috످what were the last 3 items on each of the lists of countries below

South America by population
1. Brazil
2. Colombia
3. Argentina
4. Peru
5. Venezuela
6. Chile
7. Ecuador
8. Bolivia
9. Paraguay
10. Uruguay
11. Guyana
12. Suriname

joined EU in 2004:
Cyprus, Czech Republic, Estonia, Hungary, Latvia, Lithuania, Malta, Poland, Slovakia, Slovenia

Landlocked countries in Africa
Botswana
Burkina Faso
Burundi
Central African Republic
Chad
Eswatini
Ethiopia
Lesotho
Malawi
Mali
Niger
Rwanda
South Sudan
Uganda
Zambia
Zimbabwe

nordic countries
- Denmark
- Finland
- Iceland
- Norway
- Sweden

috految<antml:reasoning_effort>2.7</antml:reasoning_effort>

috److South America by population: Uruguay, Guyana, Suriname

Joined EU in 2004: Poland, Slovakia, Slovenia

Landlocked countries in Africa: Uganda, Zambia, Zimbabwe

Nordic countries: Iceland, Norway, Sweden

috످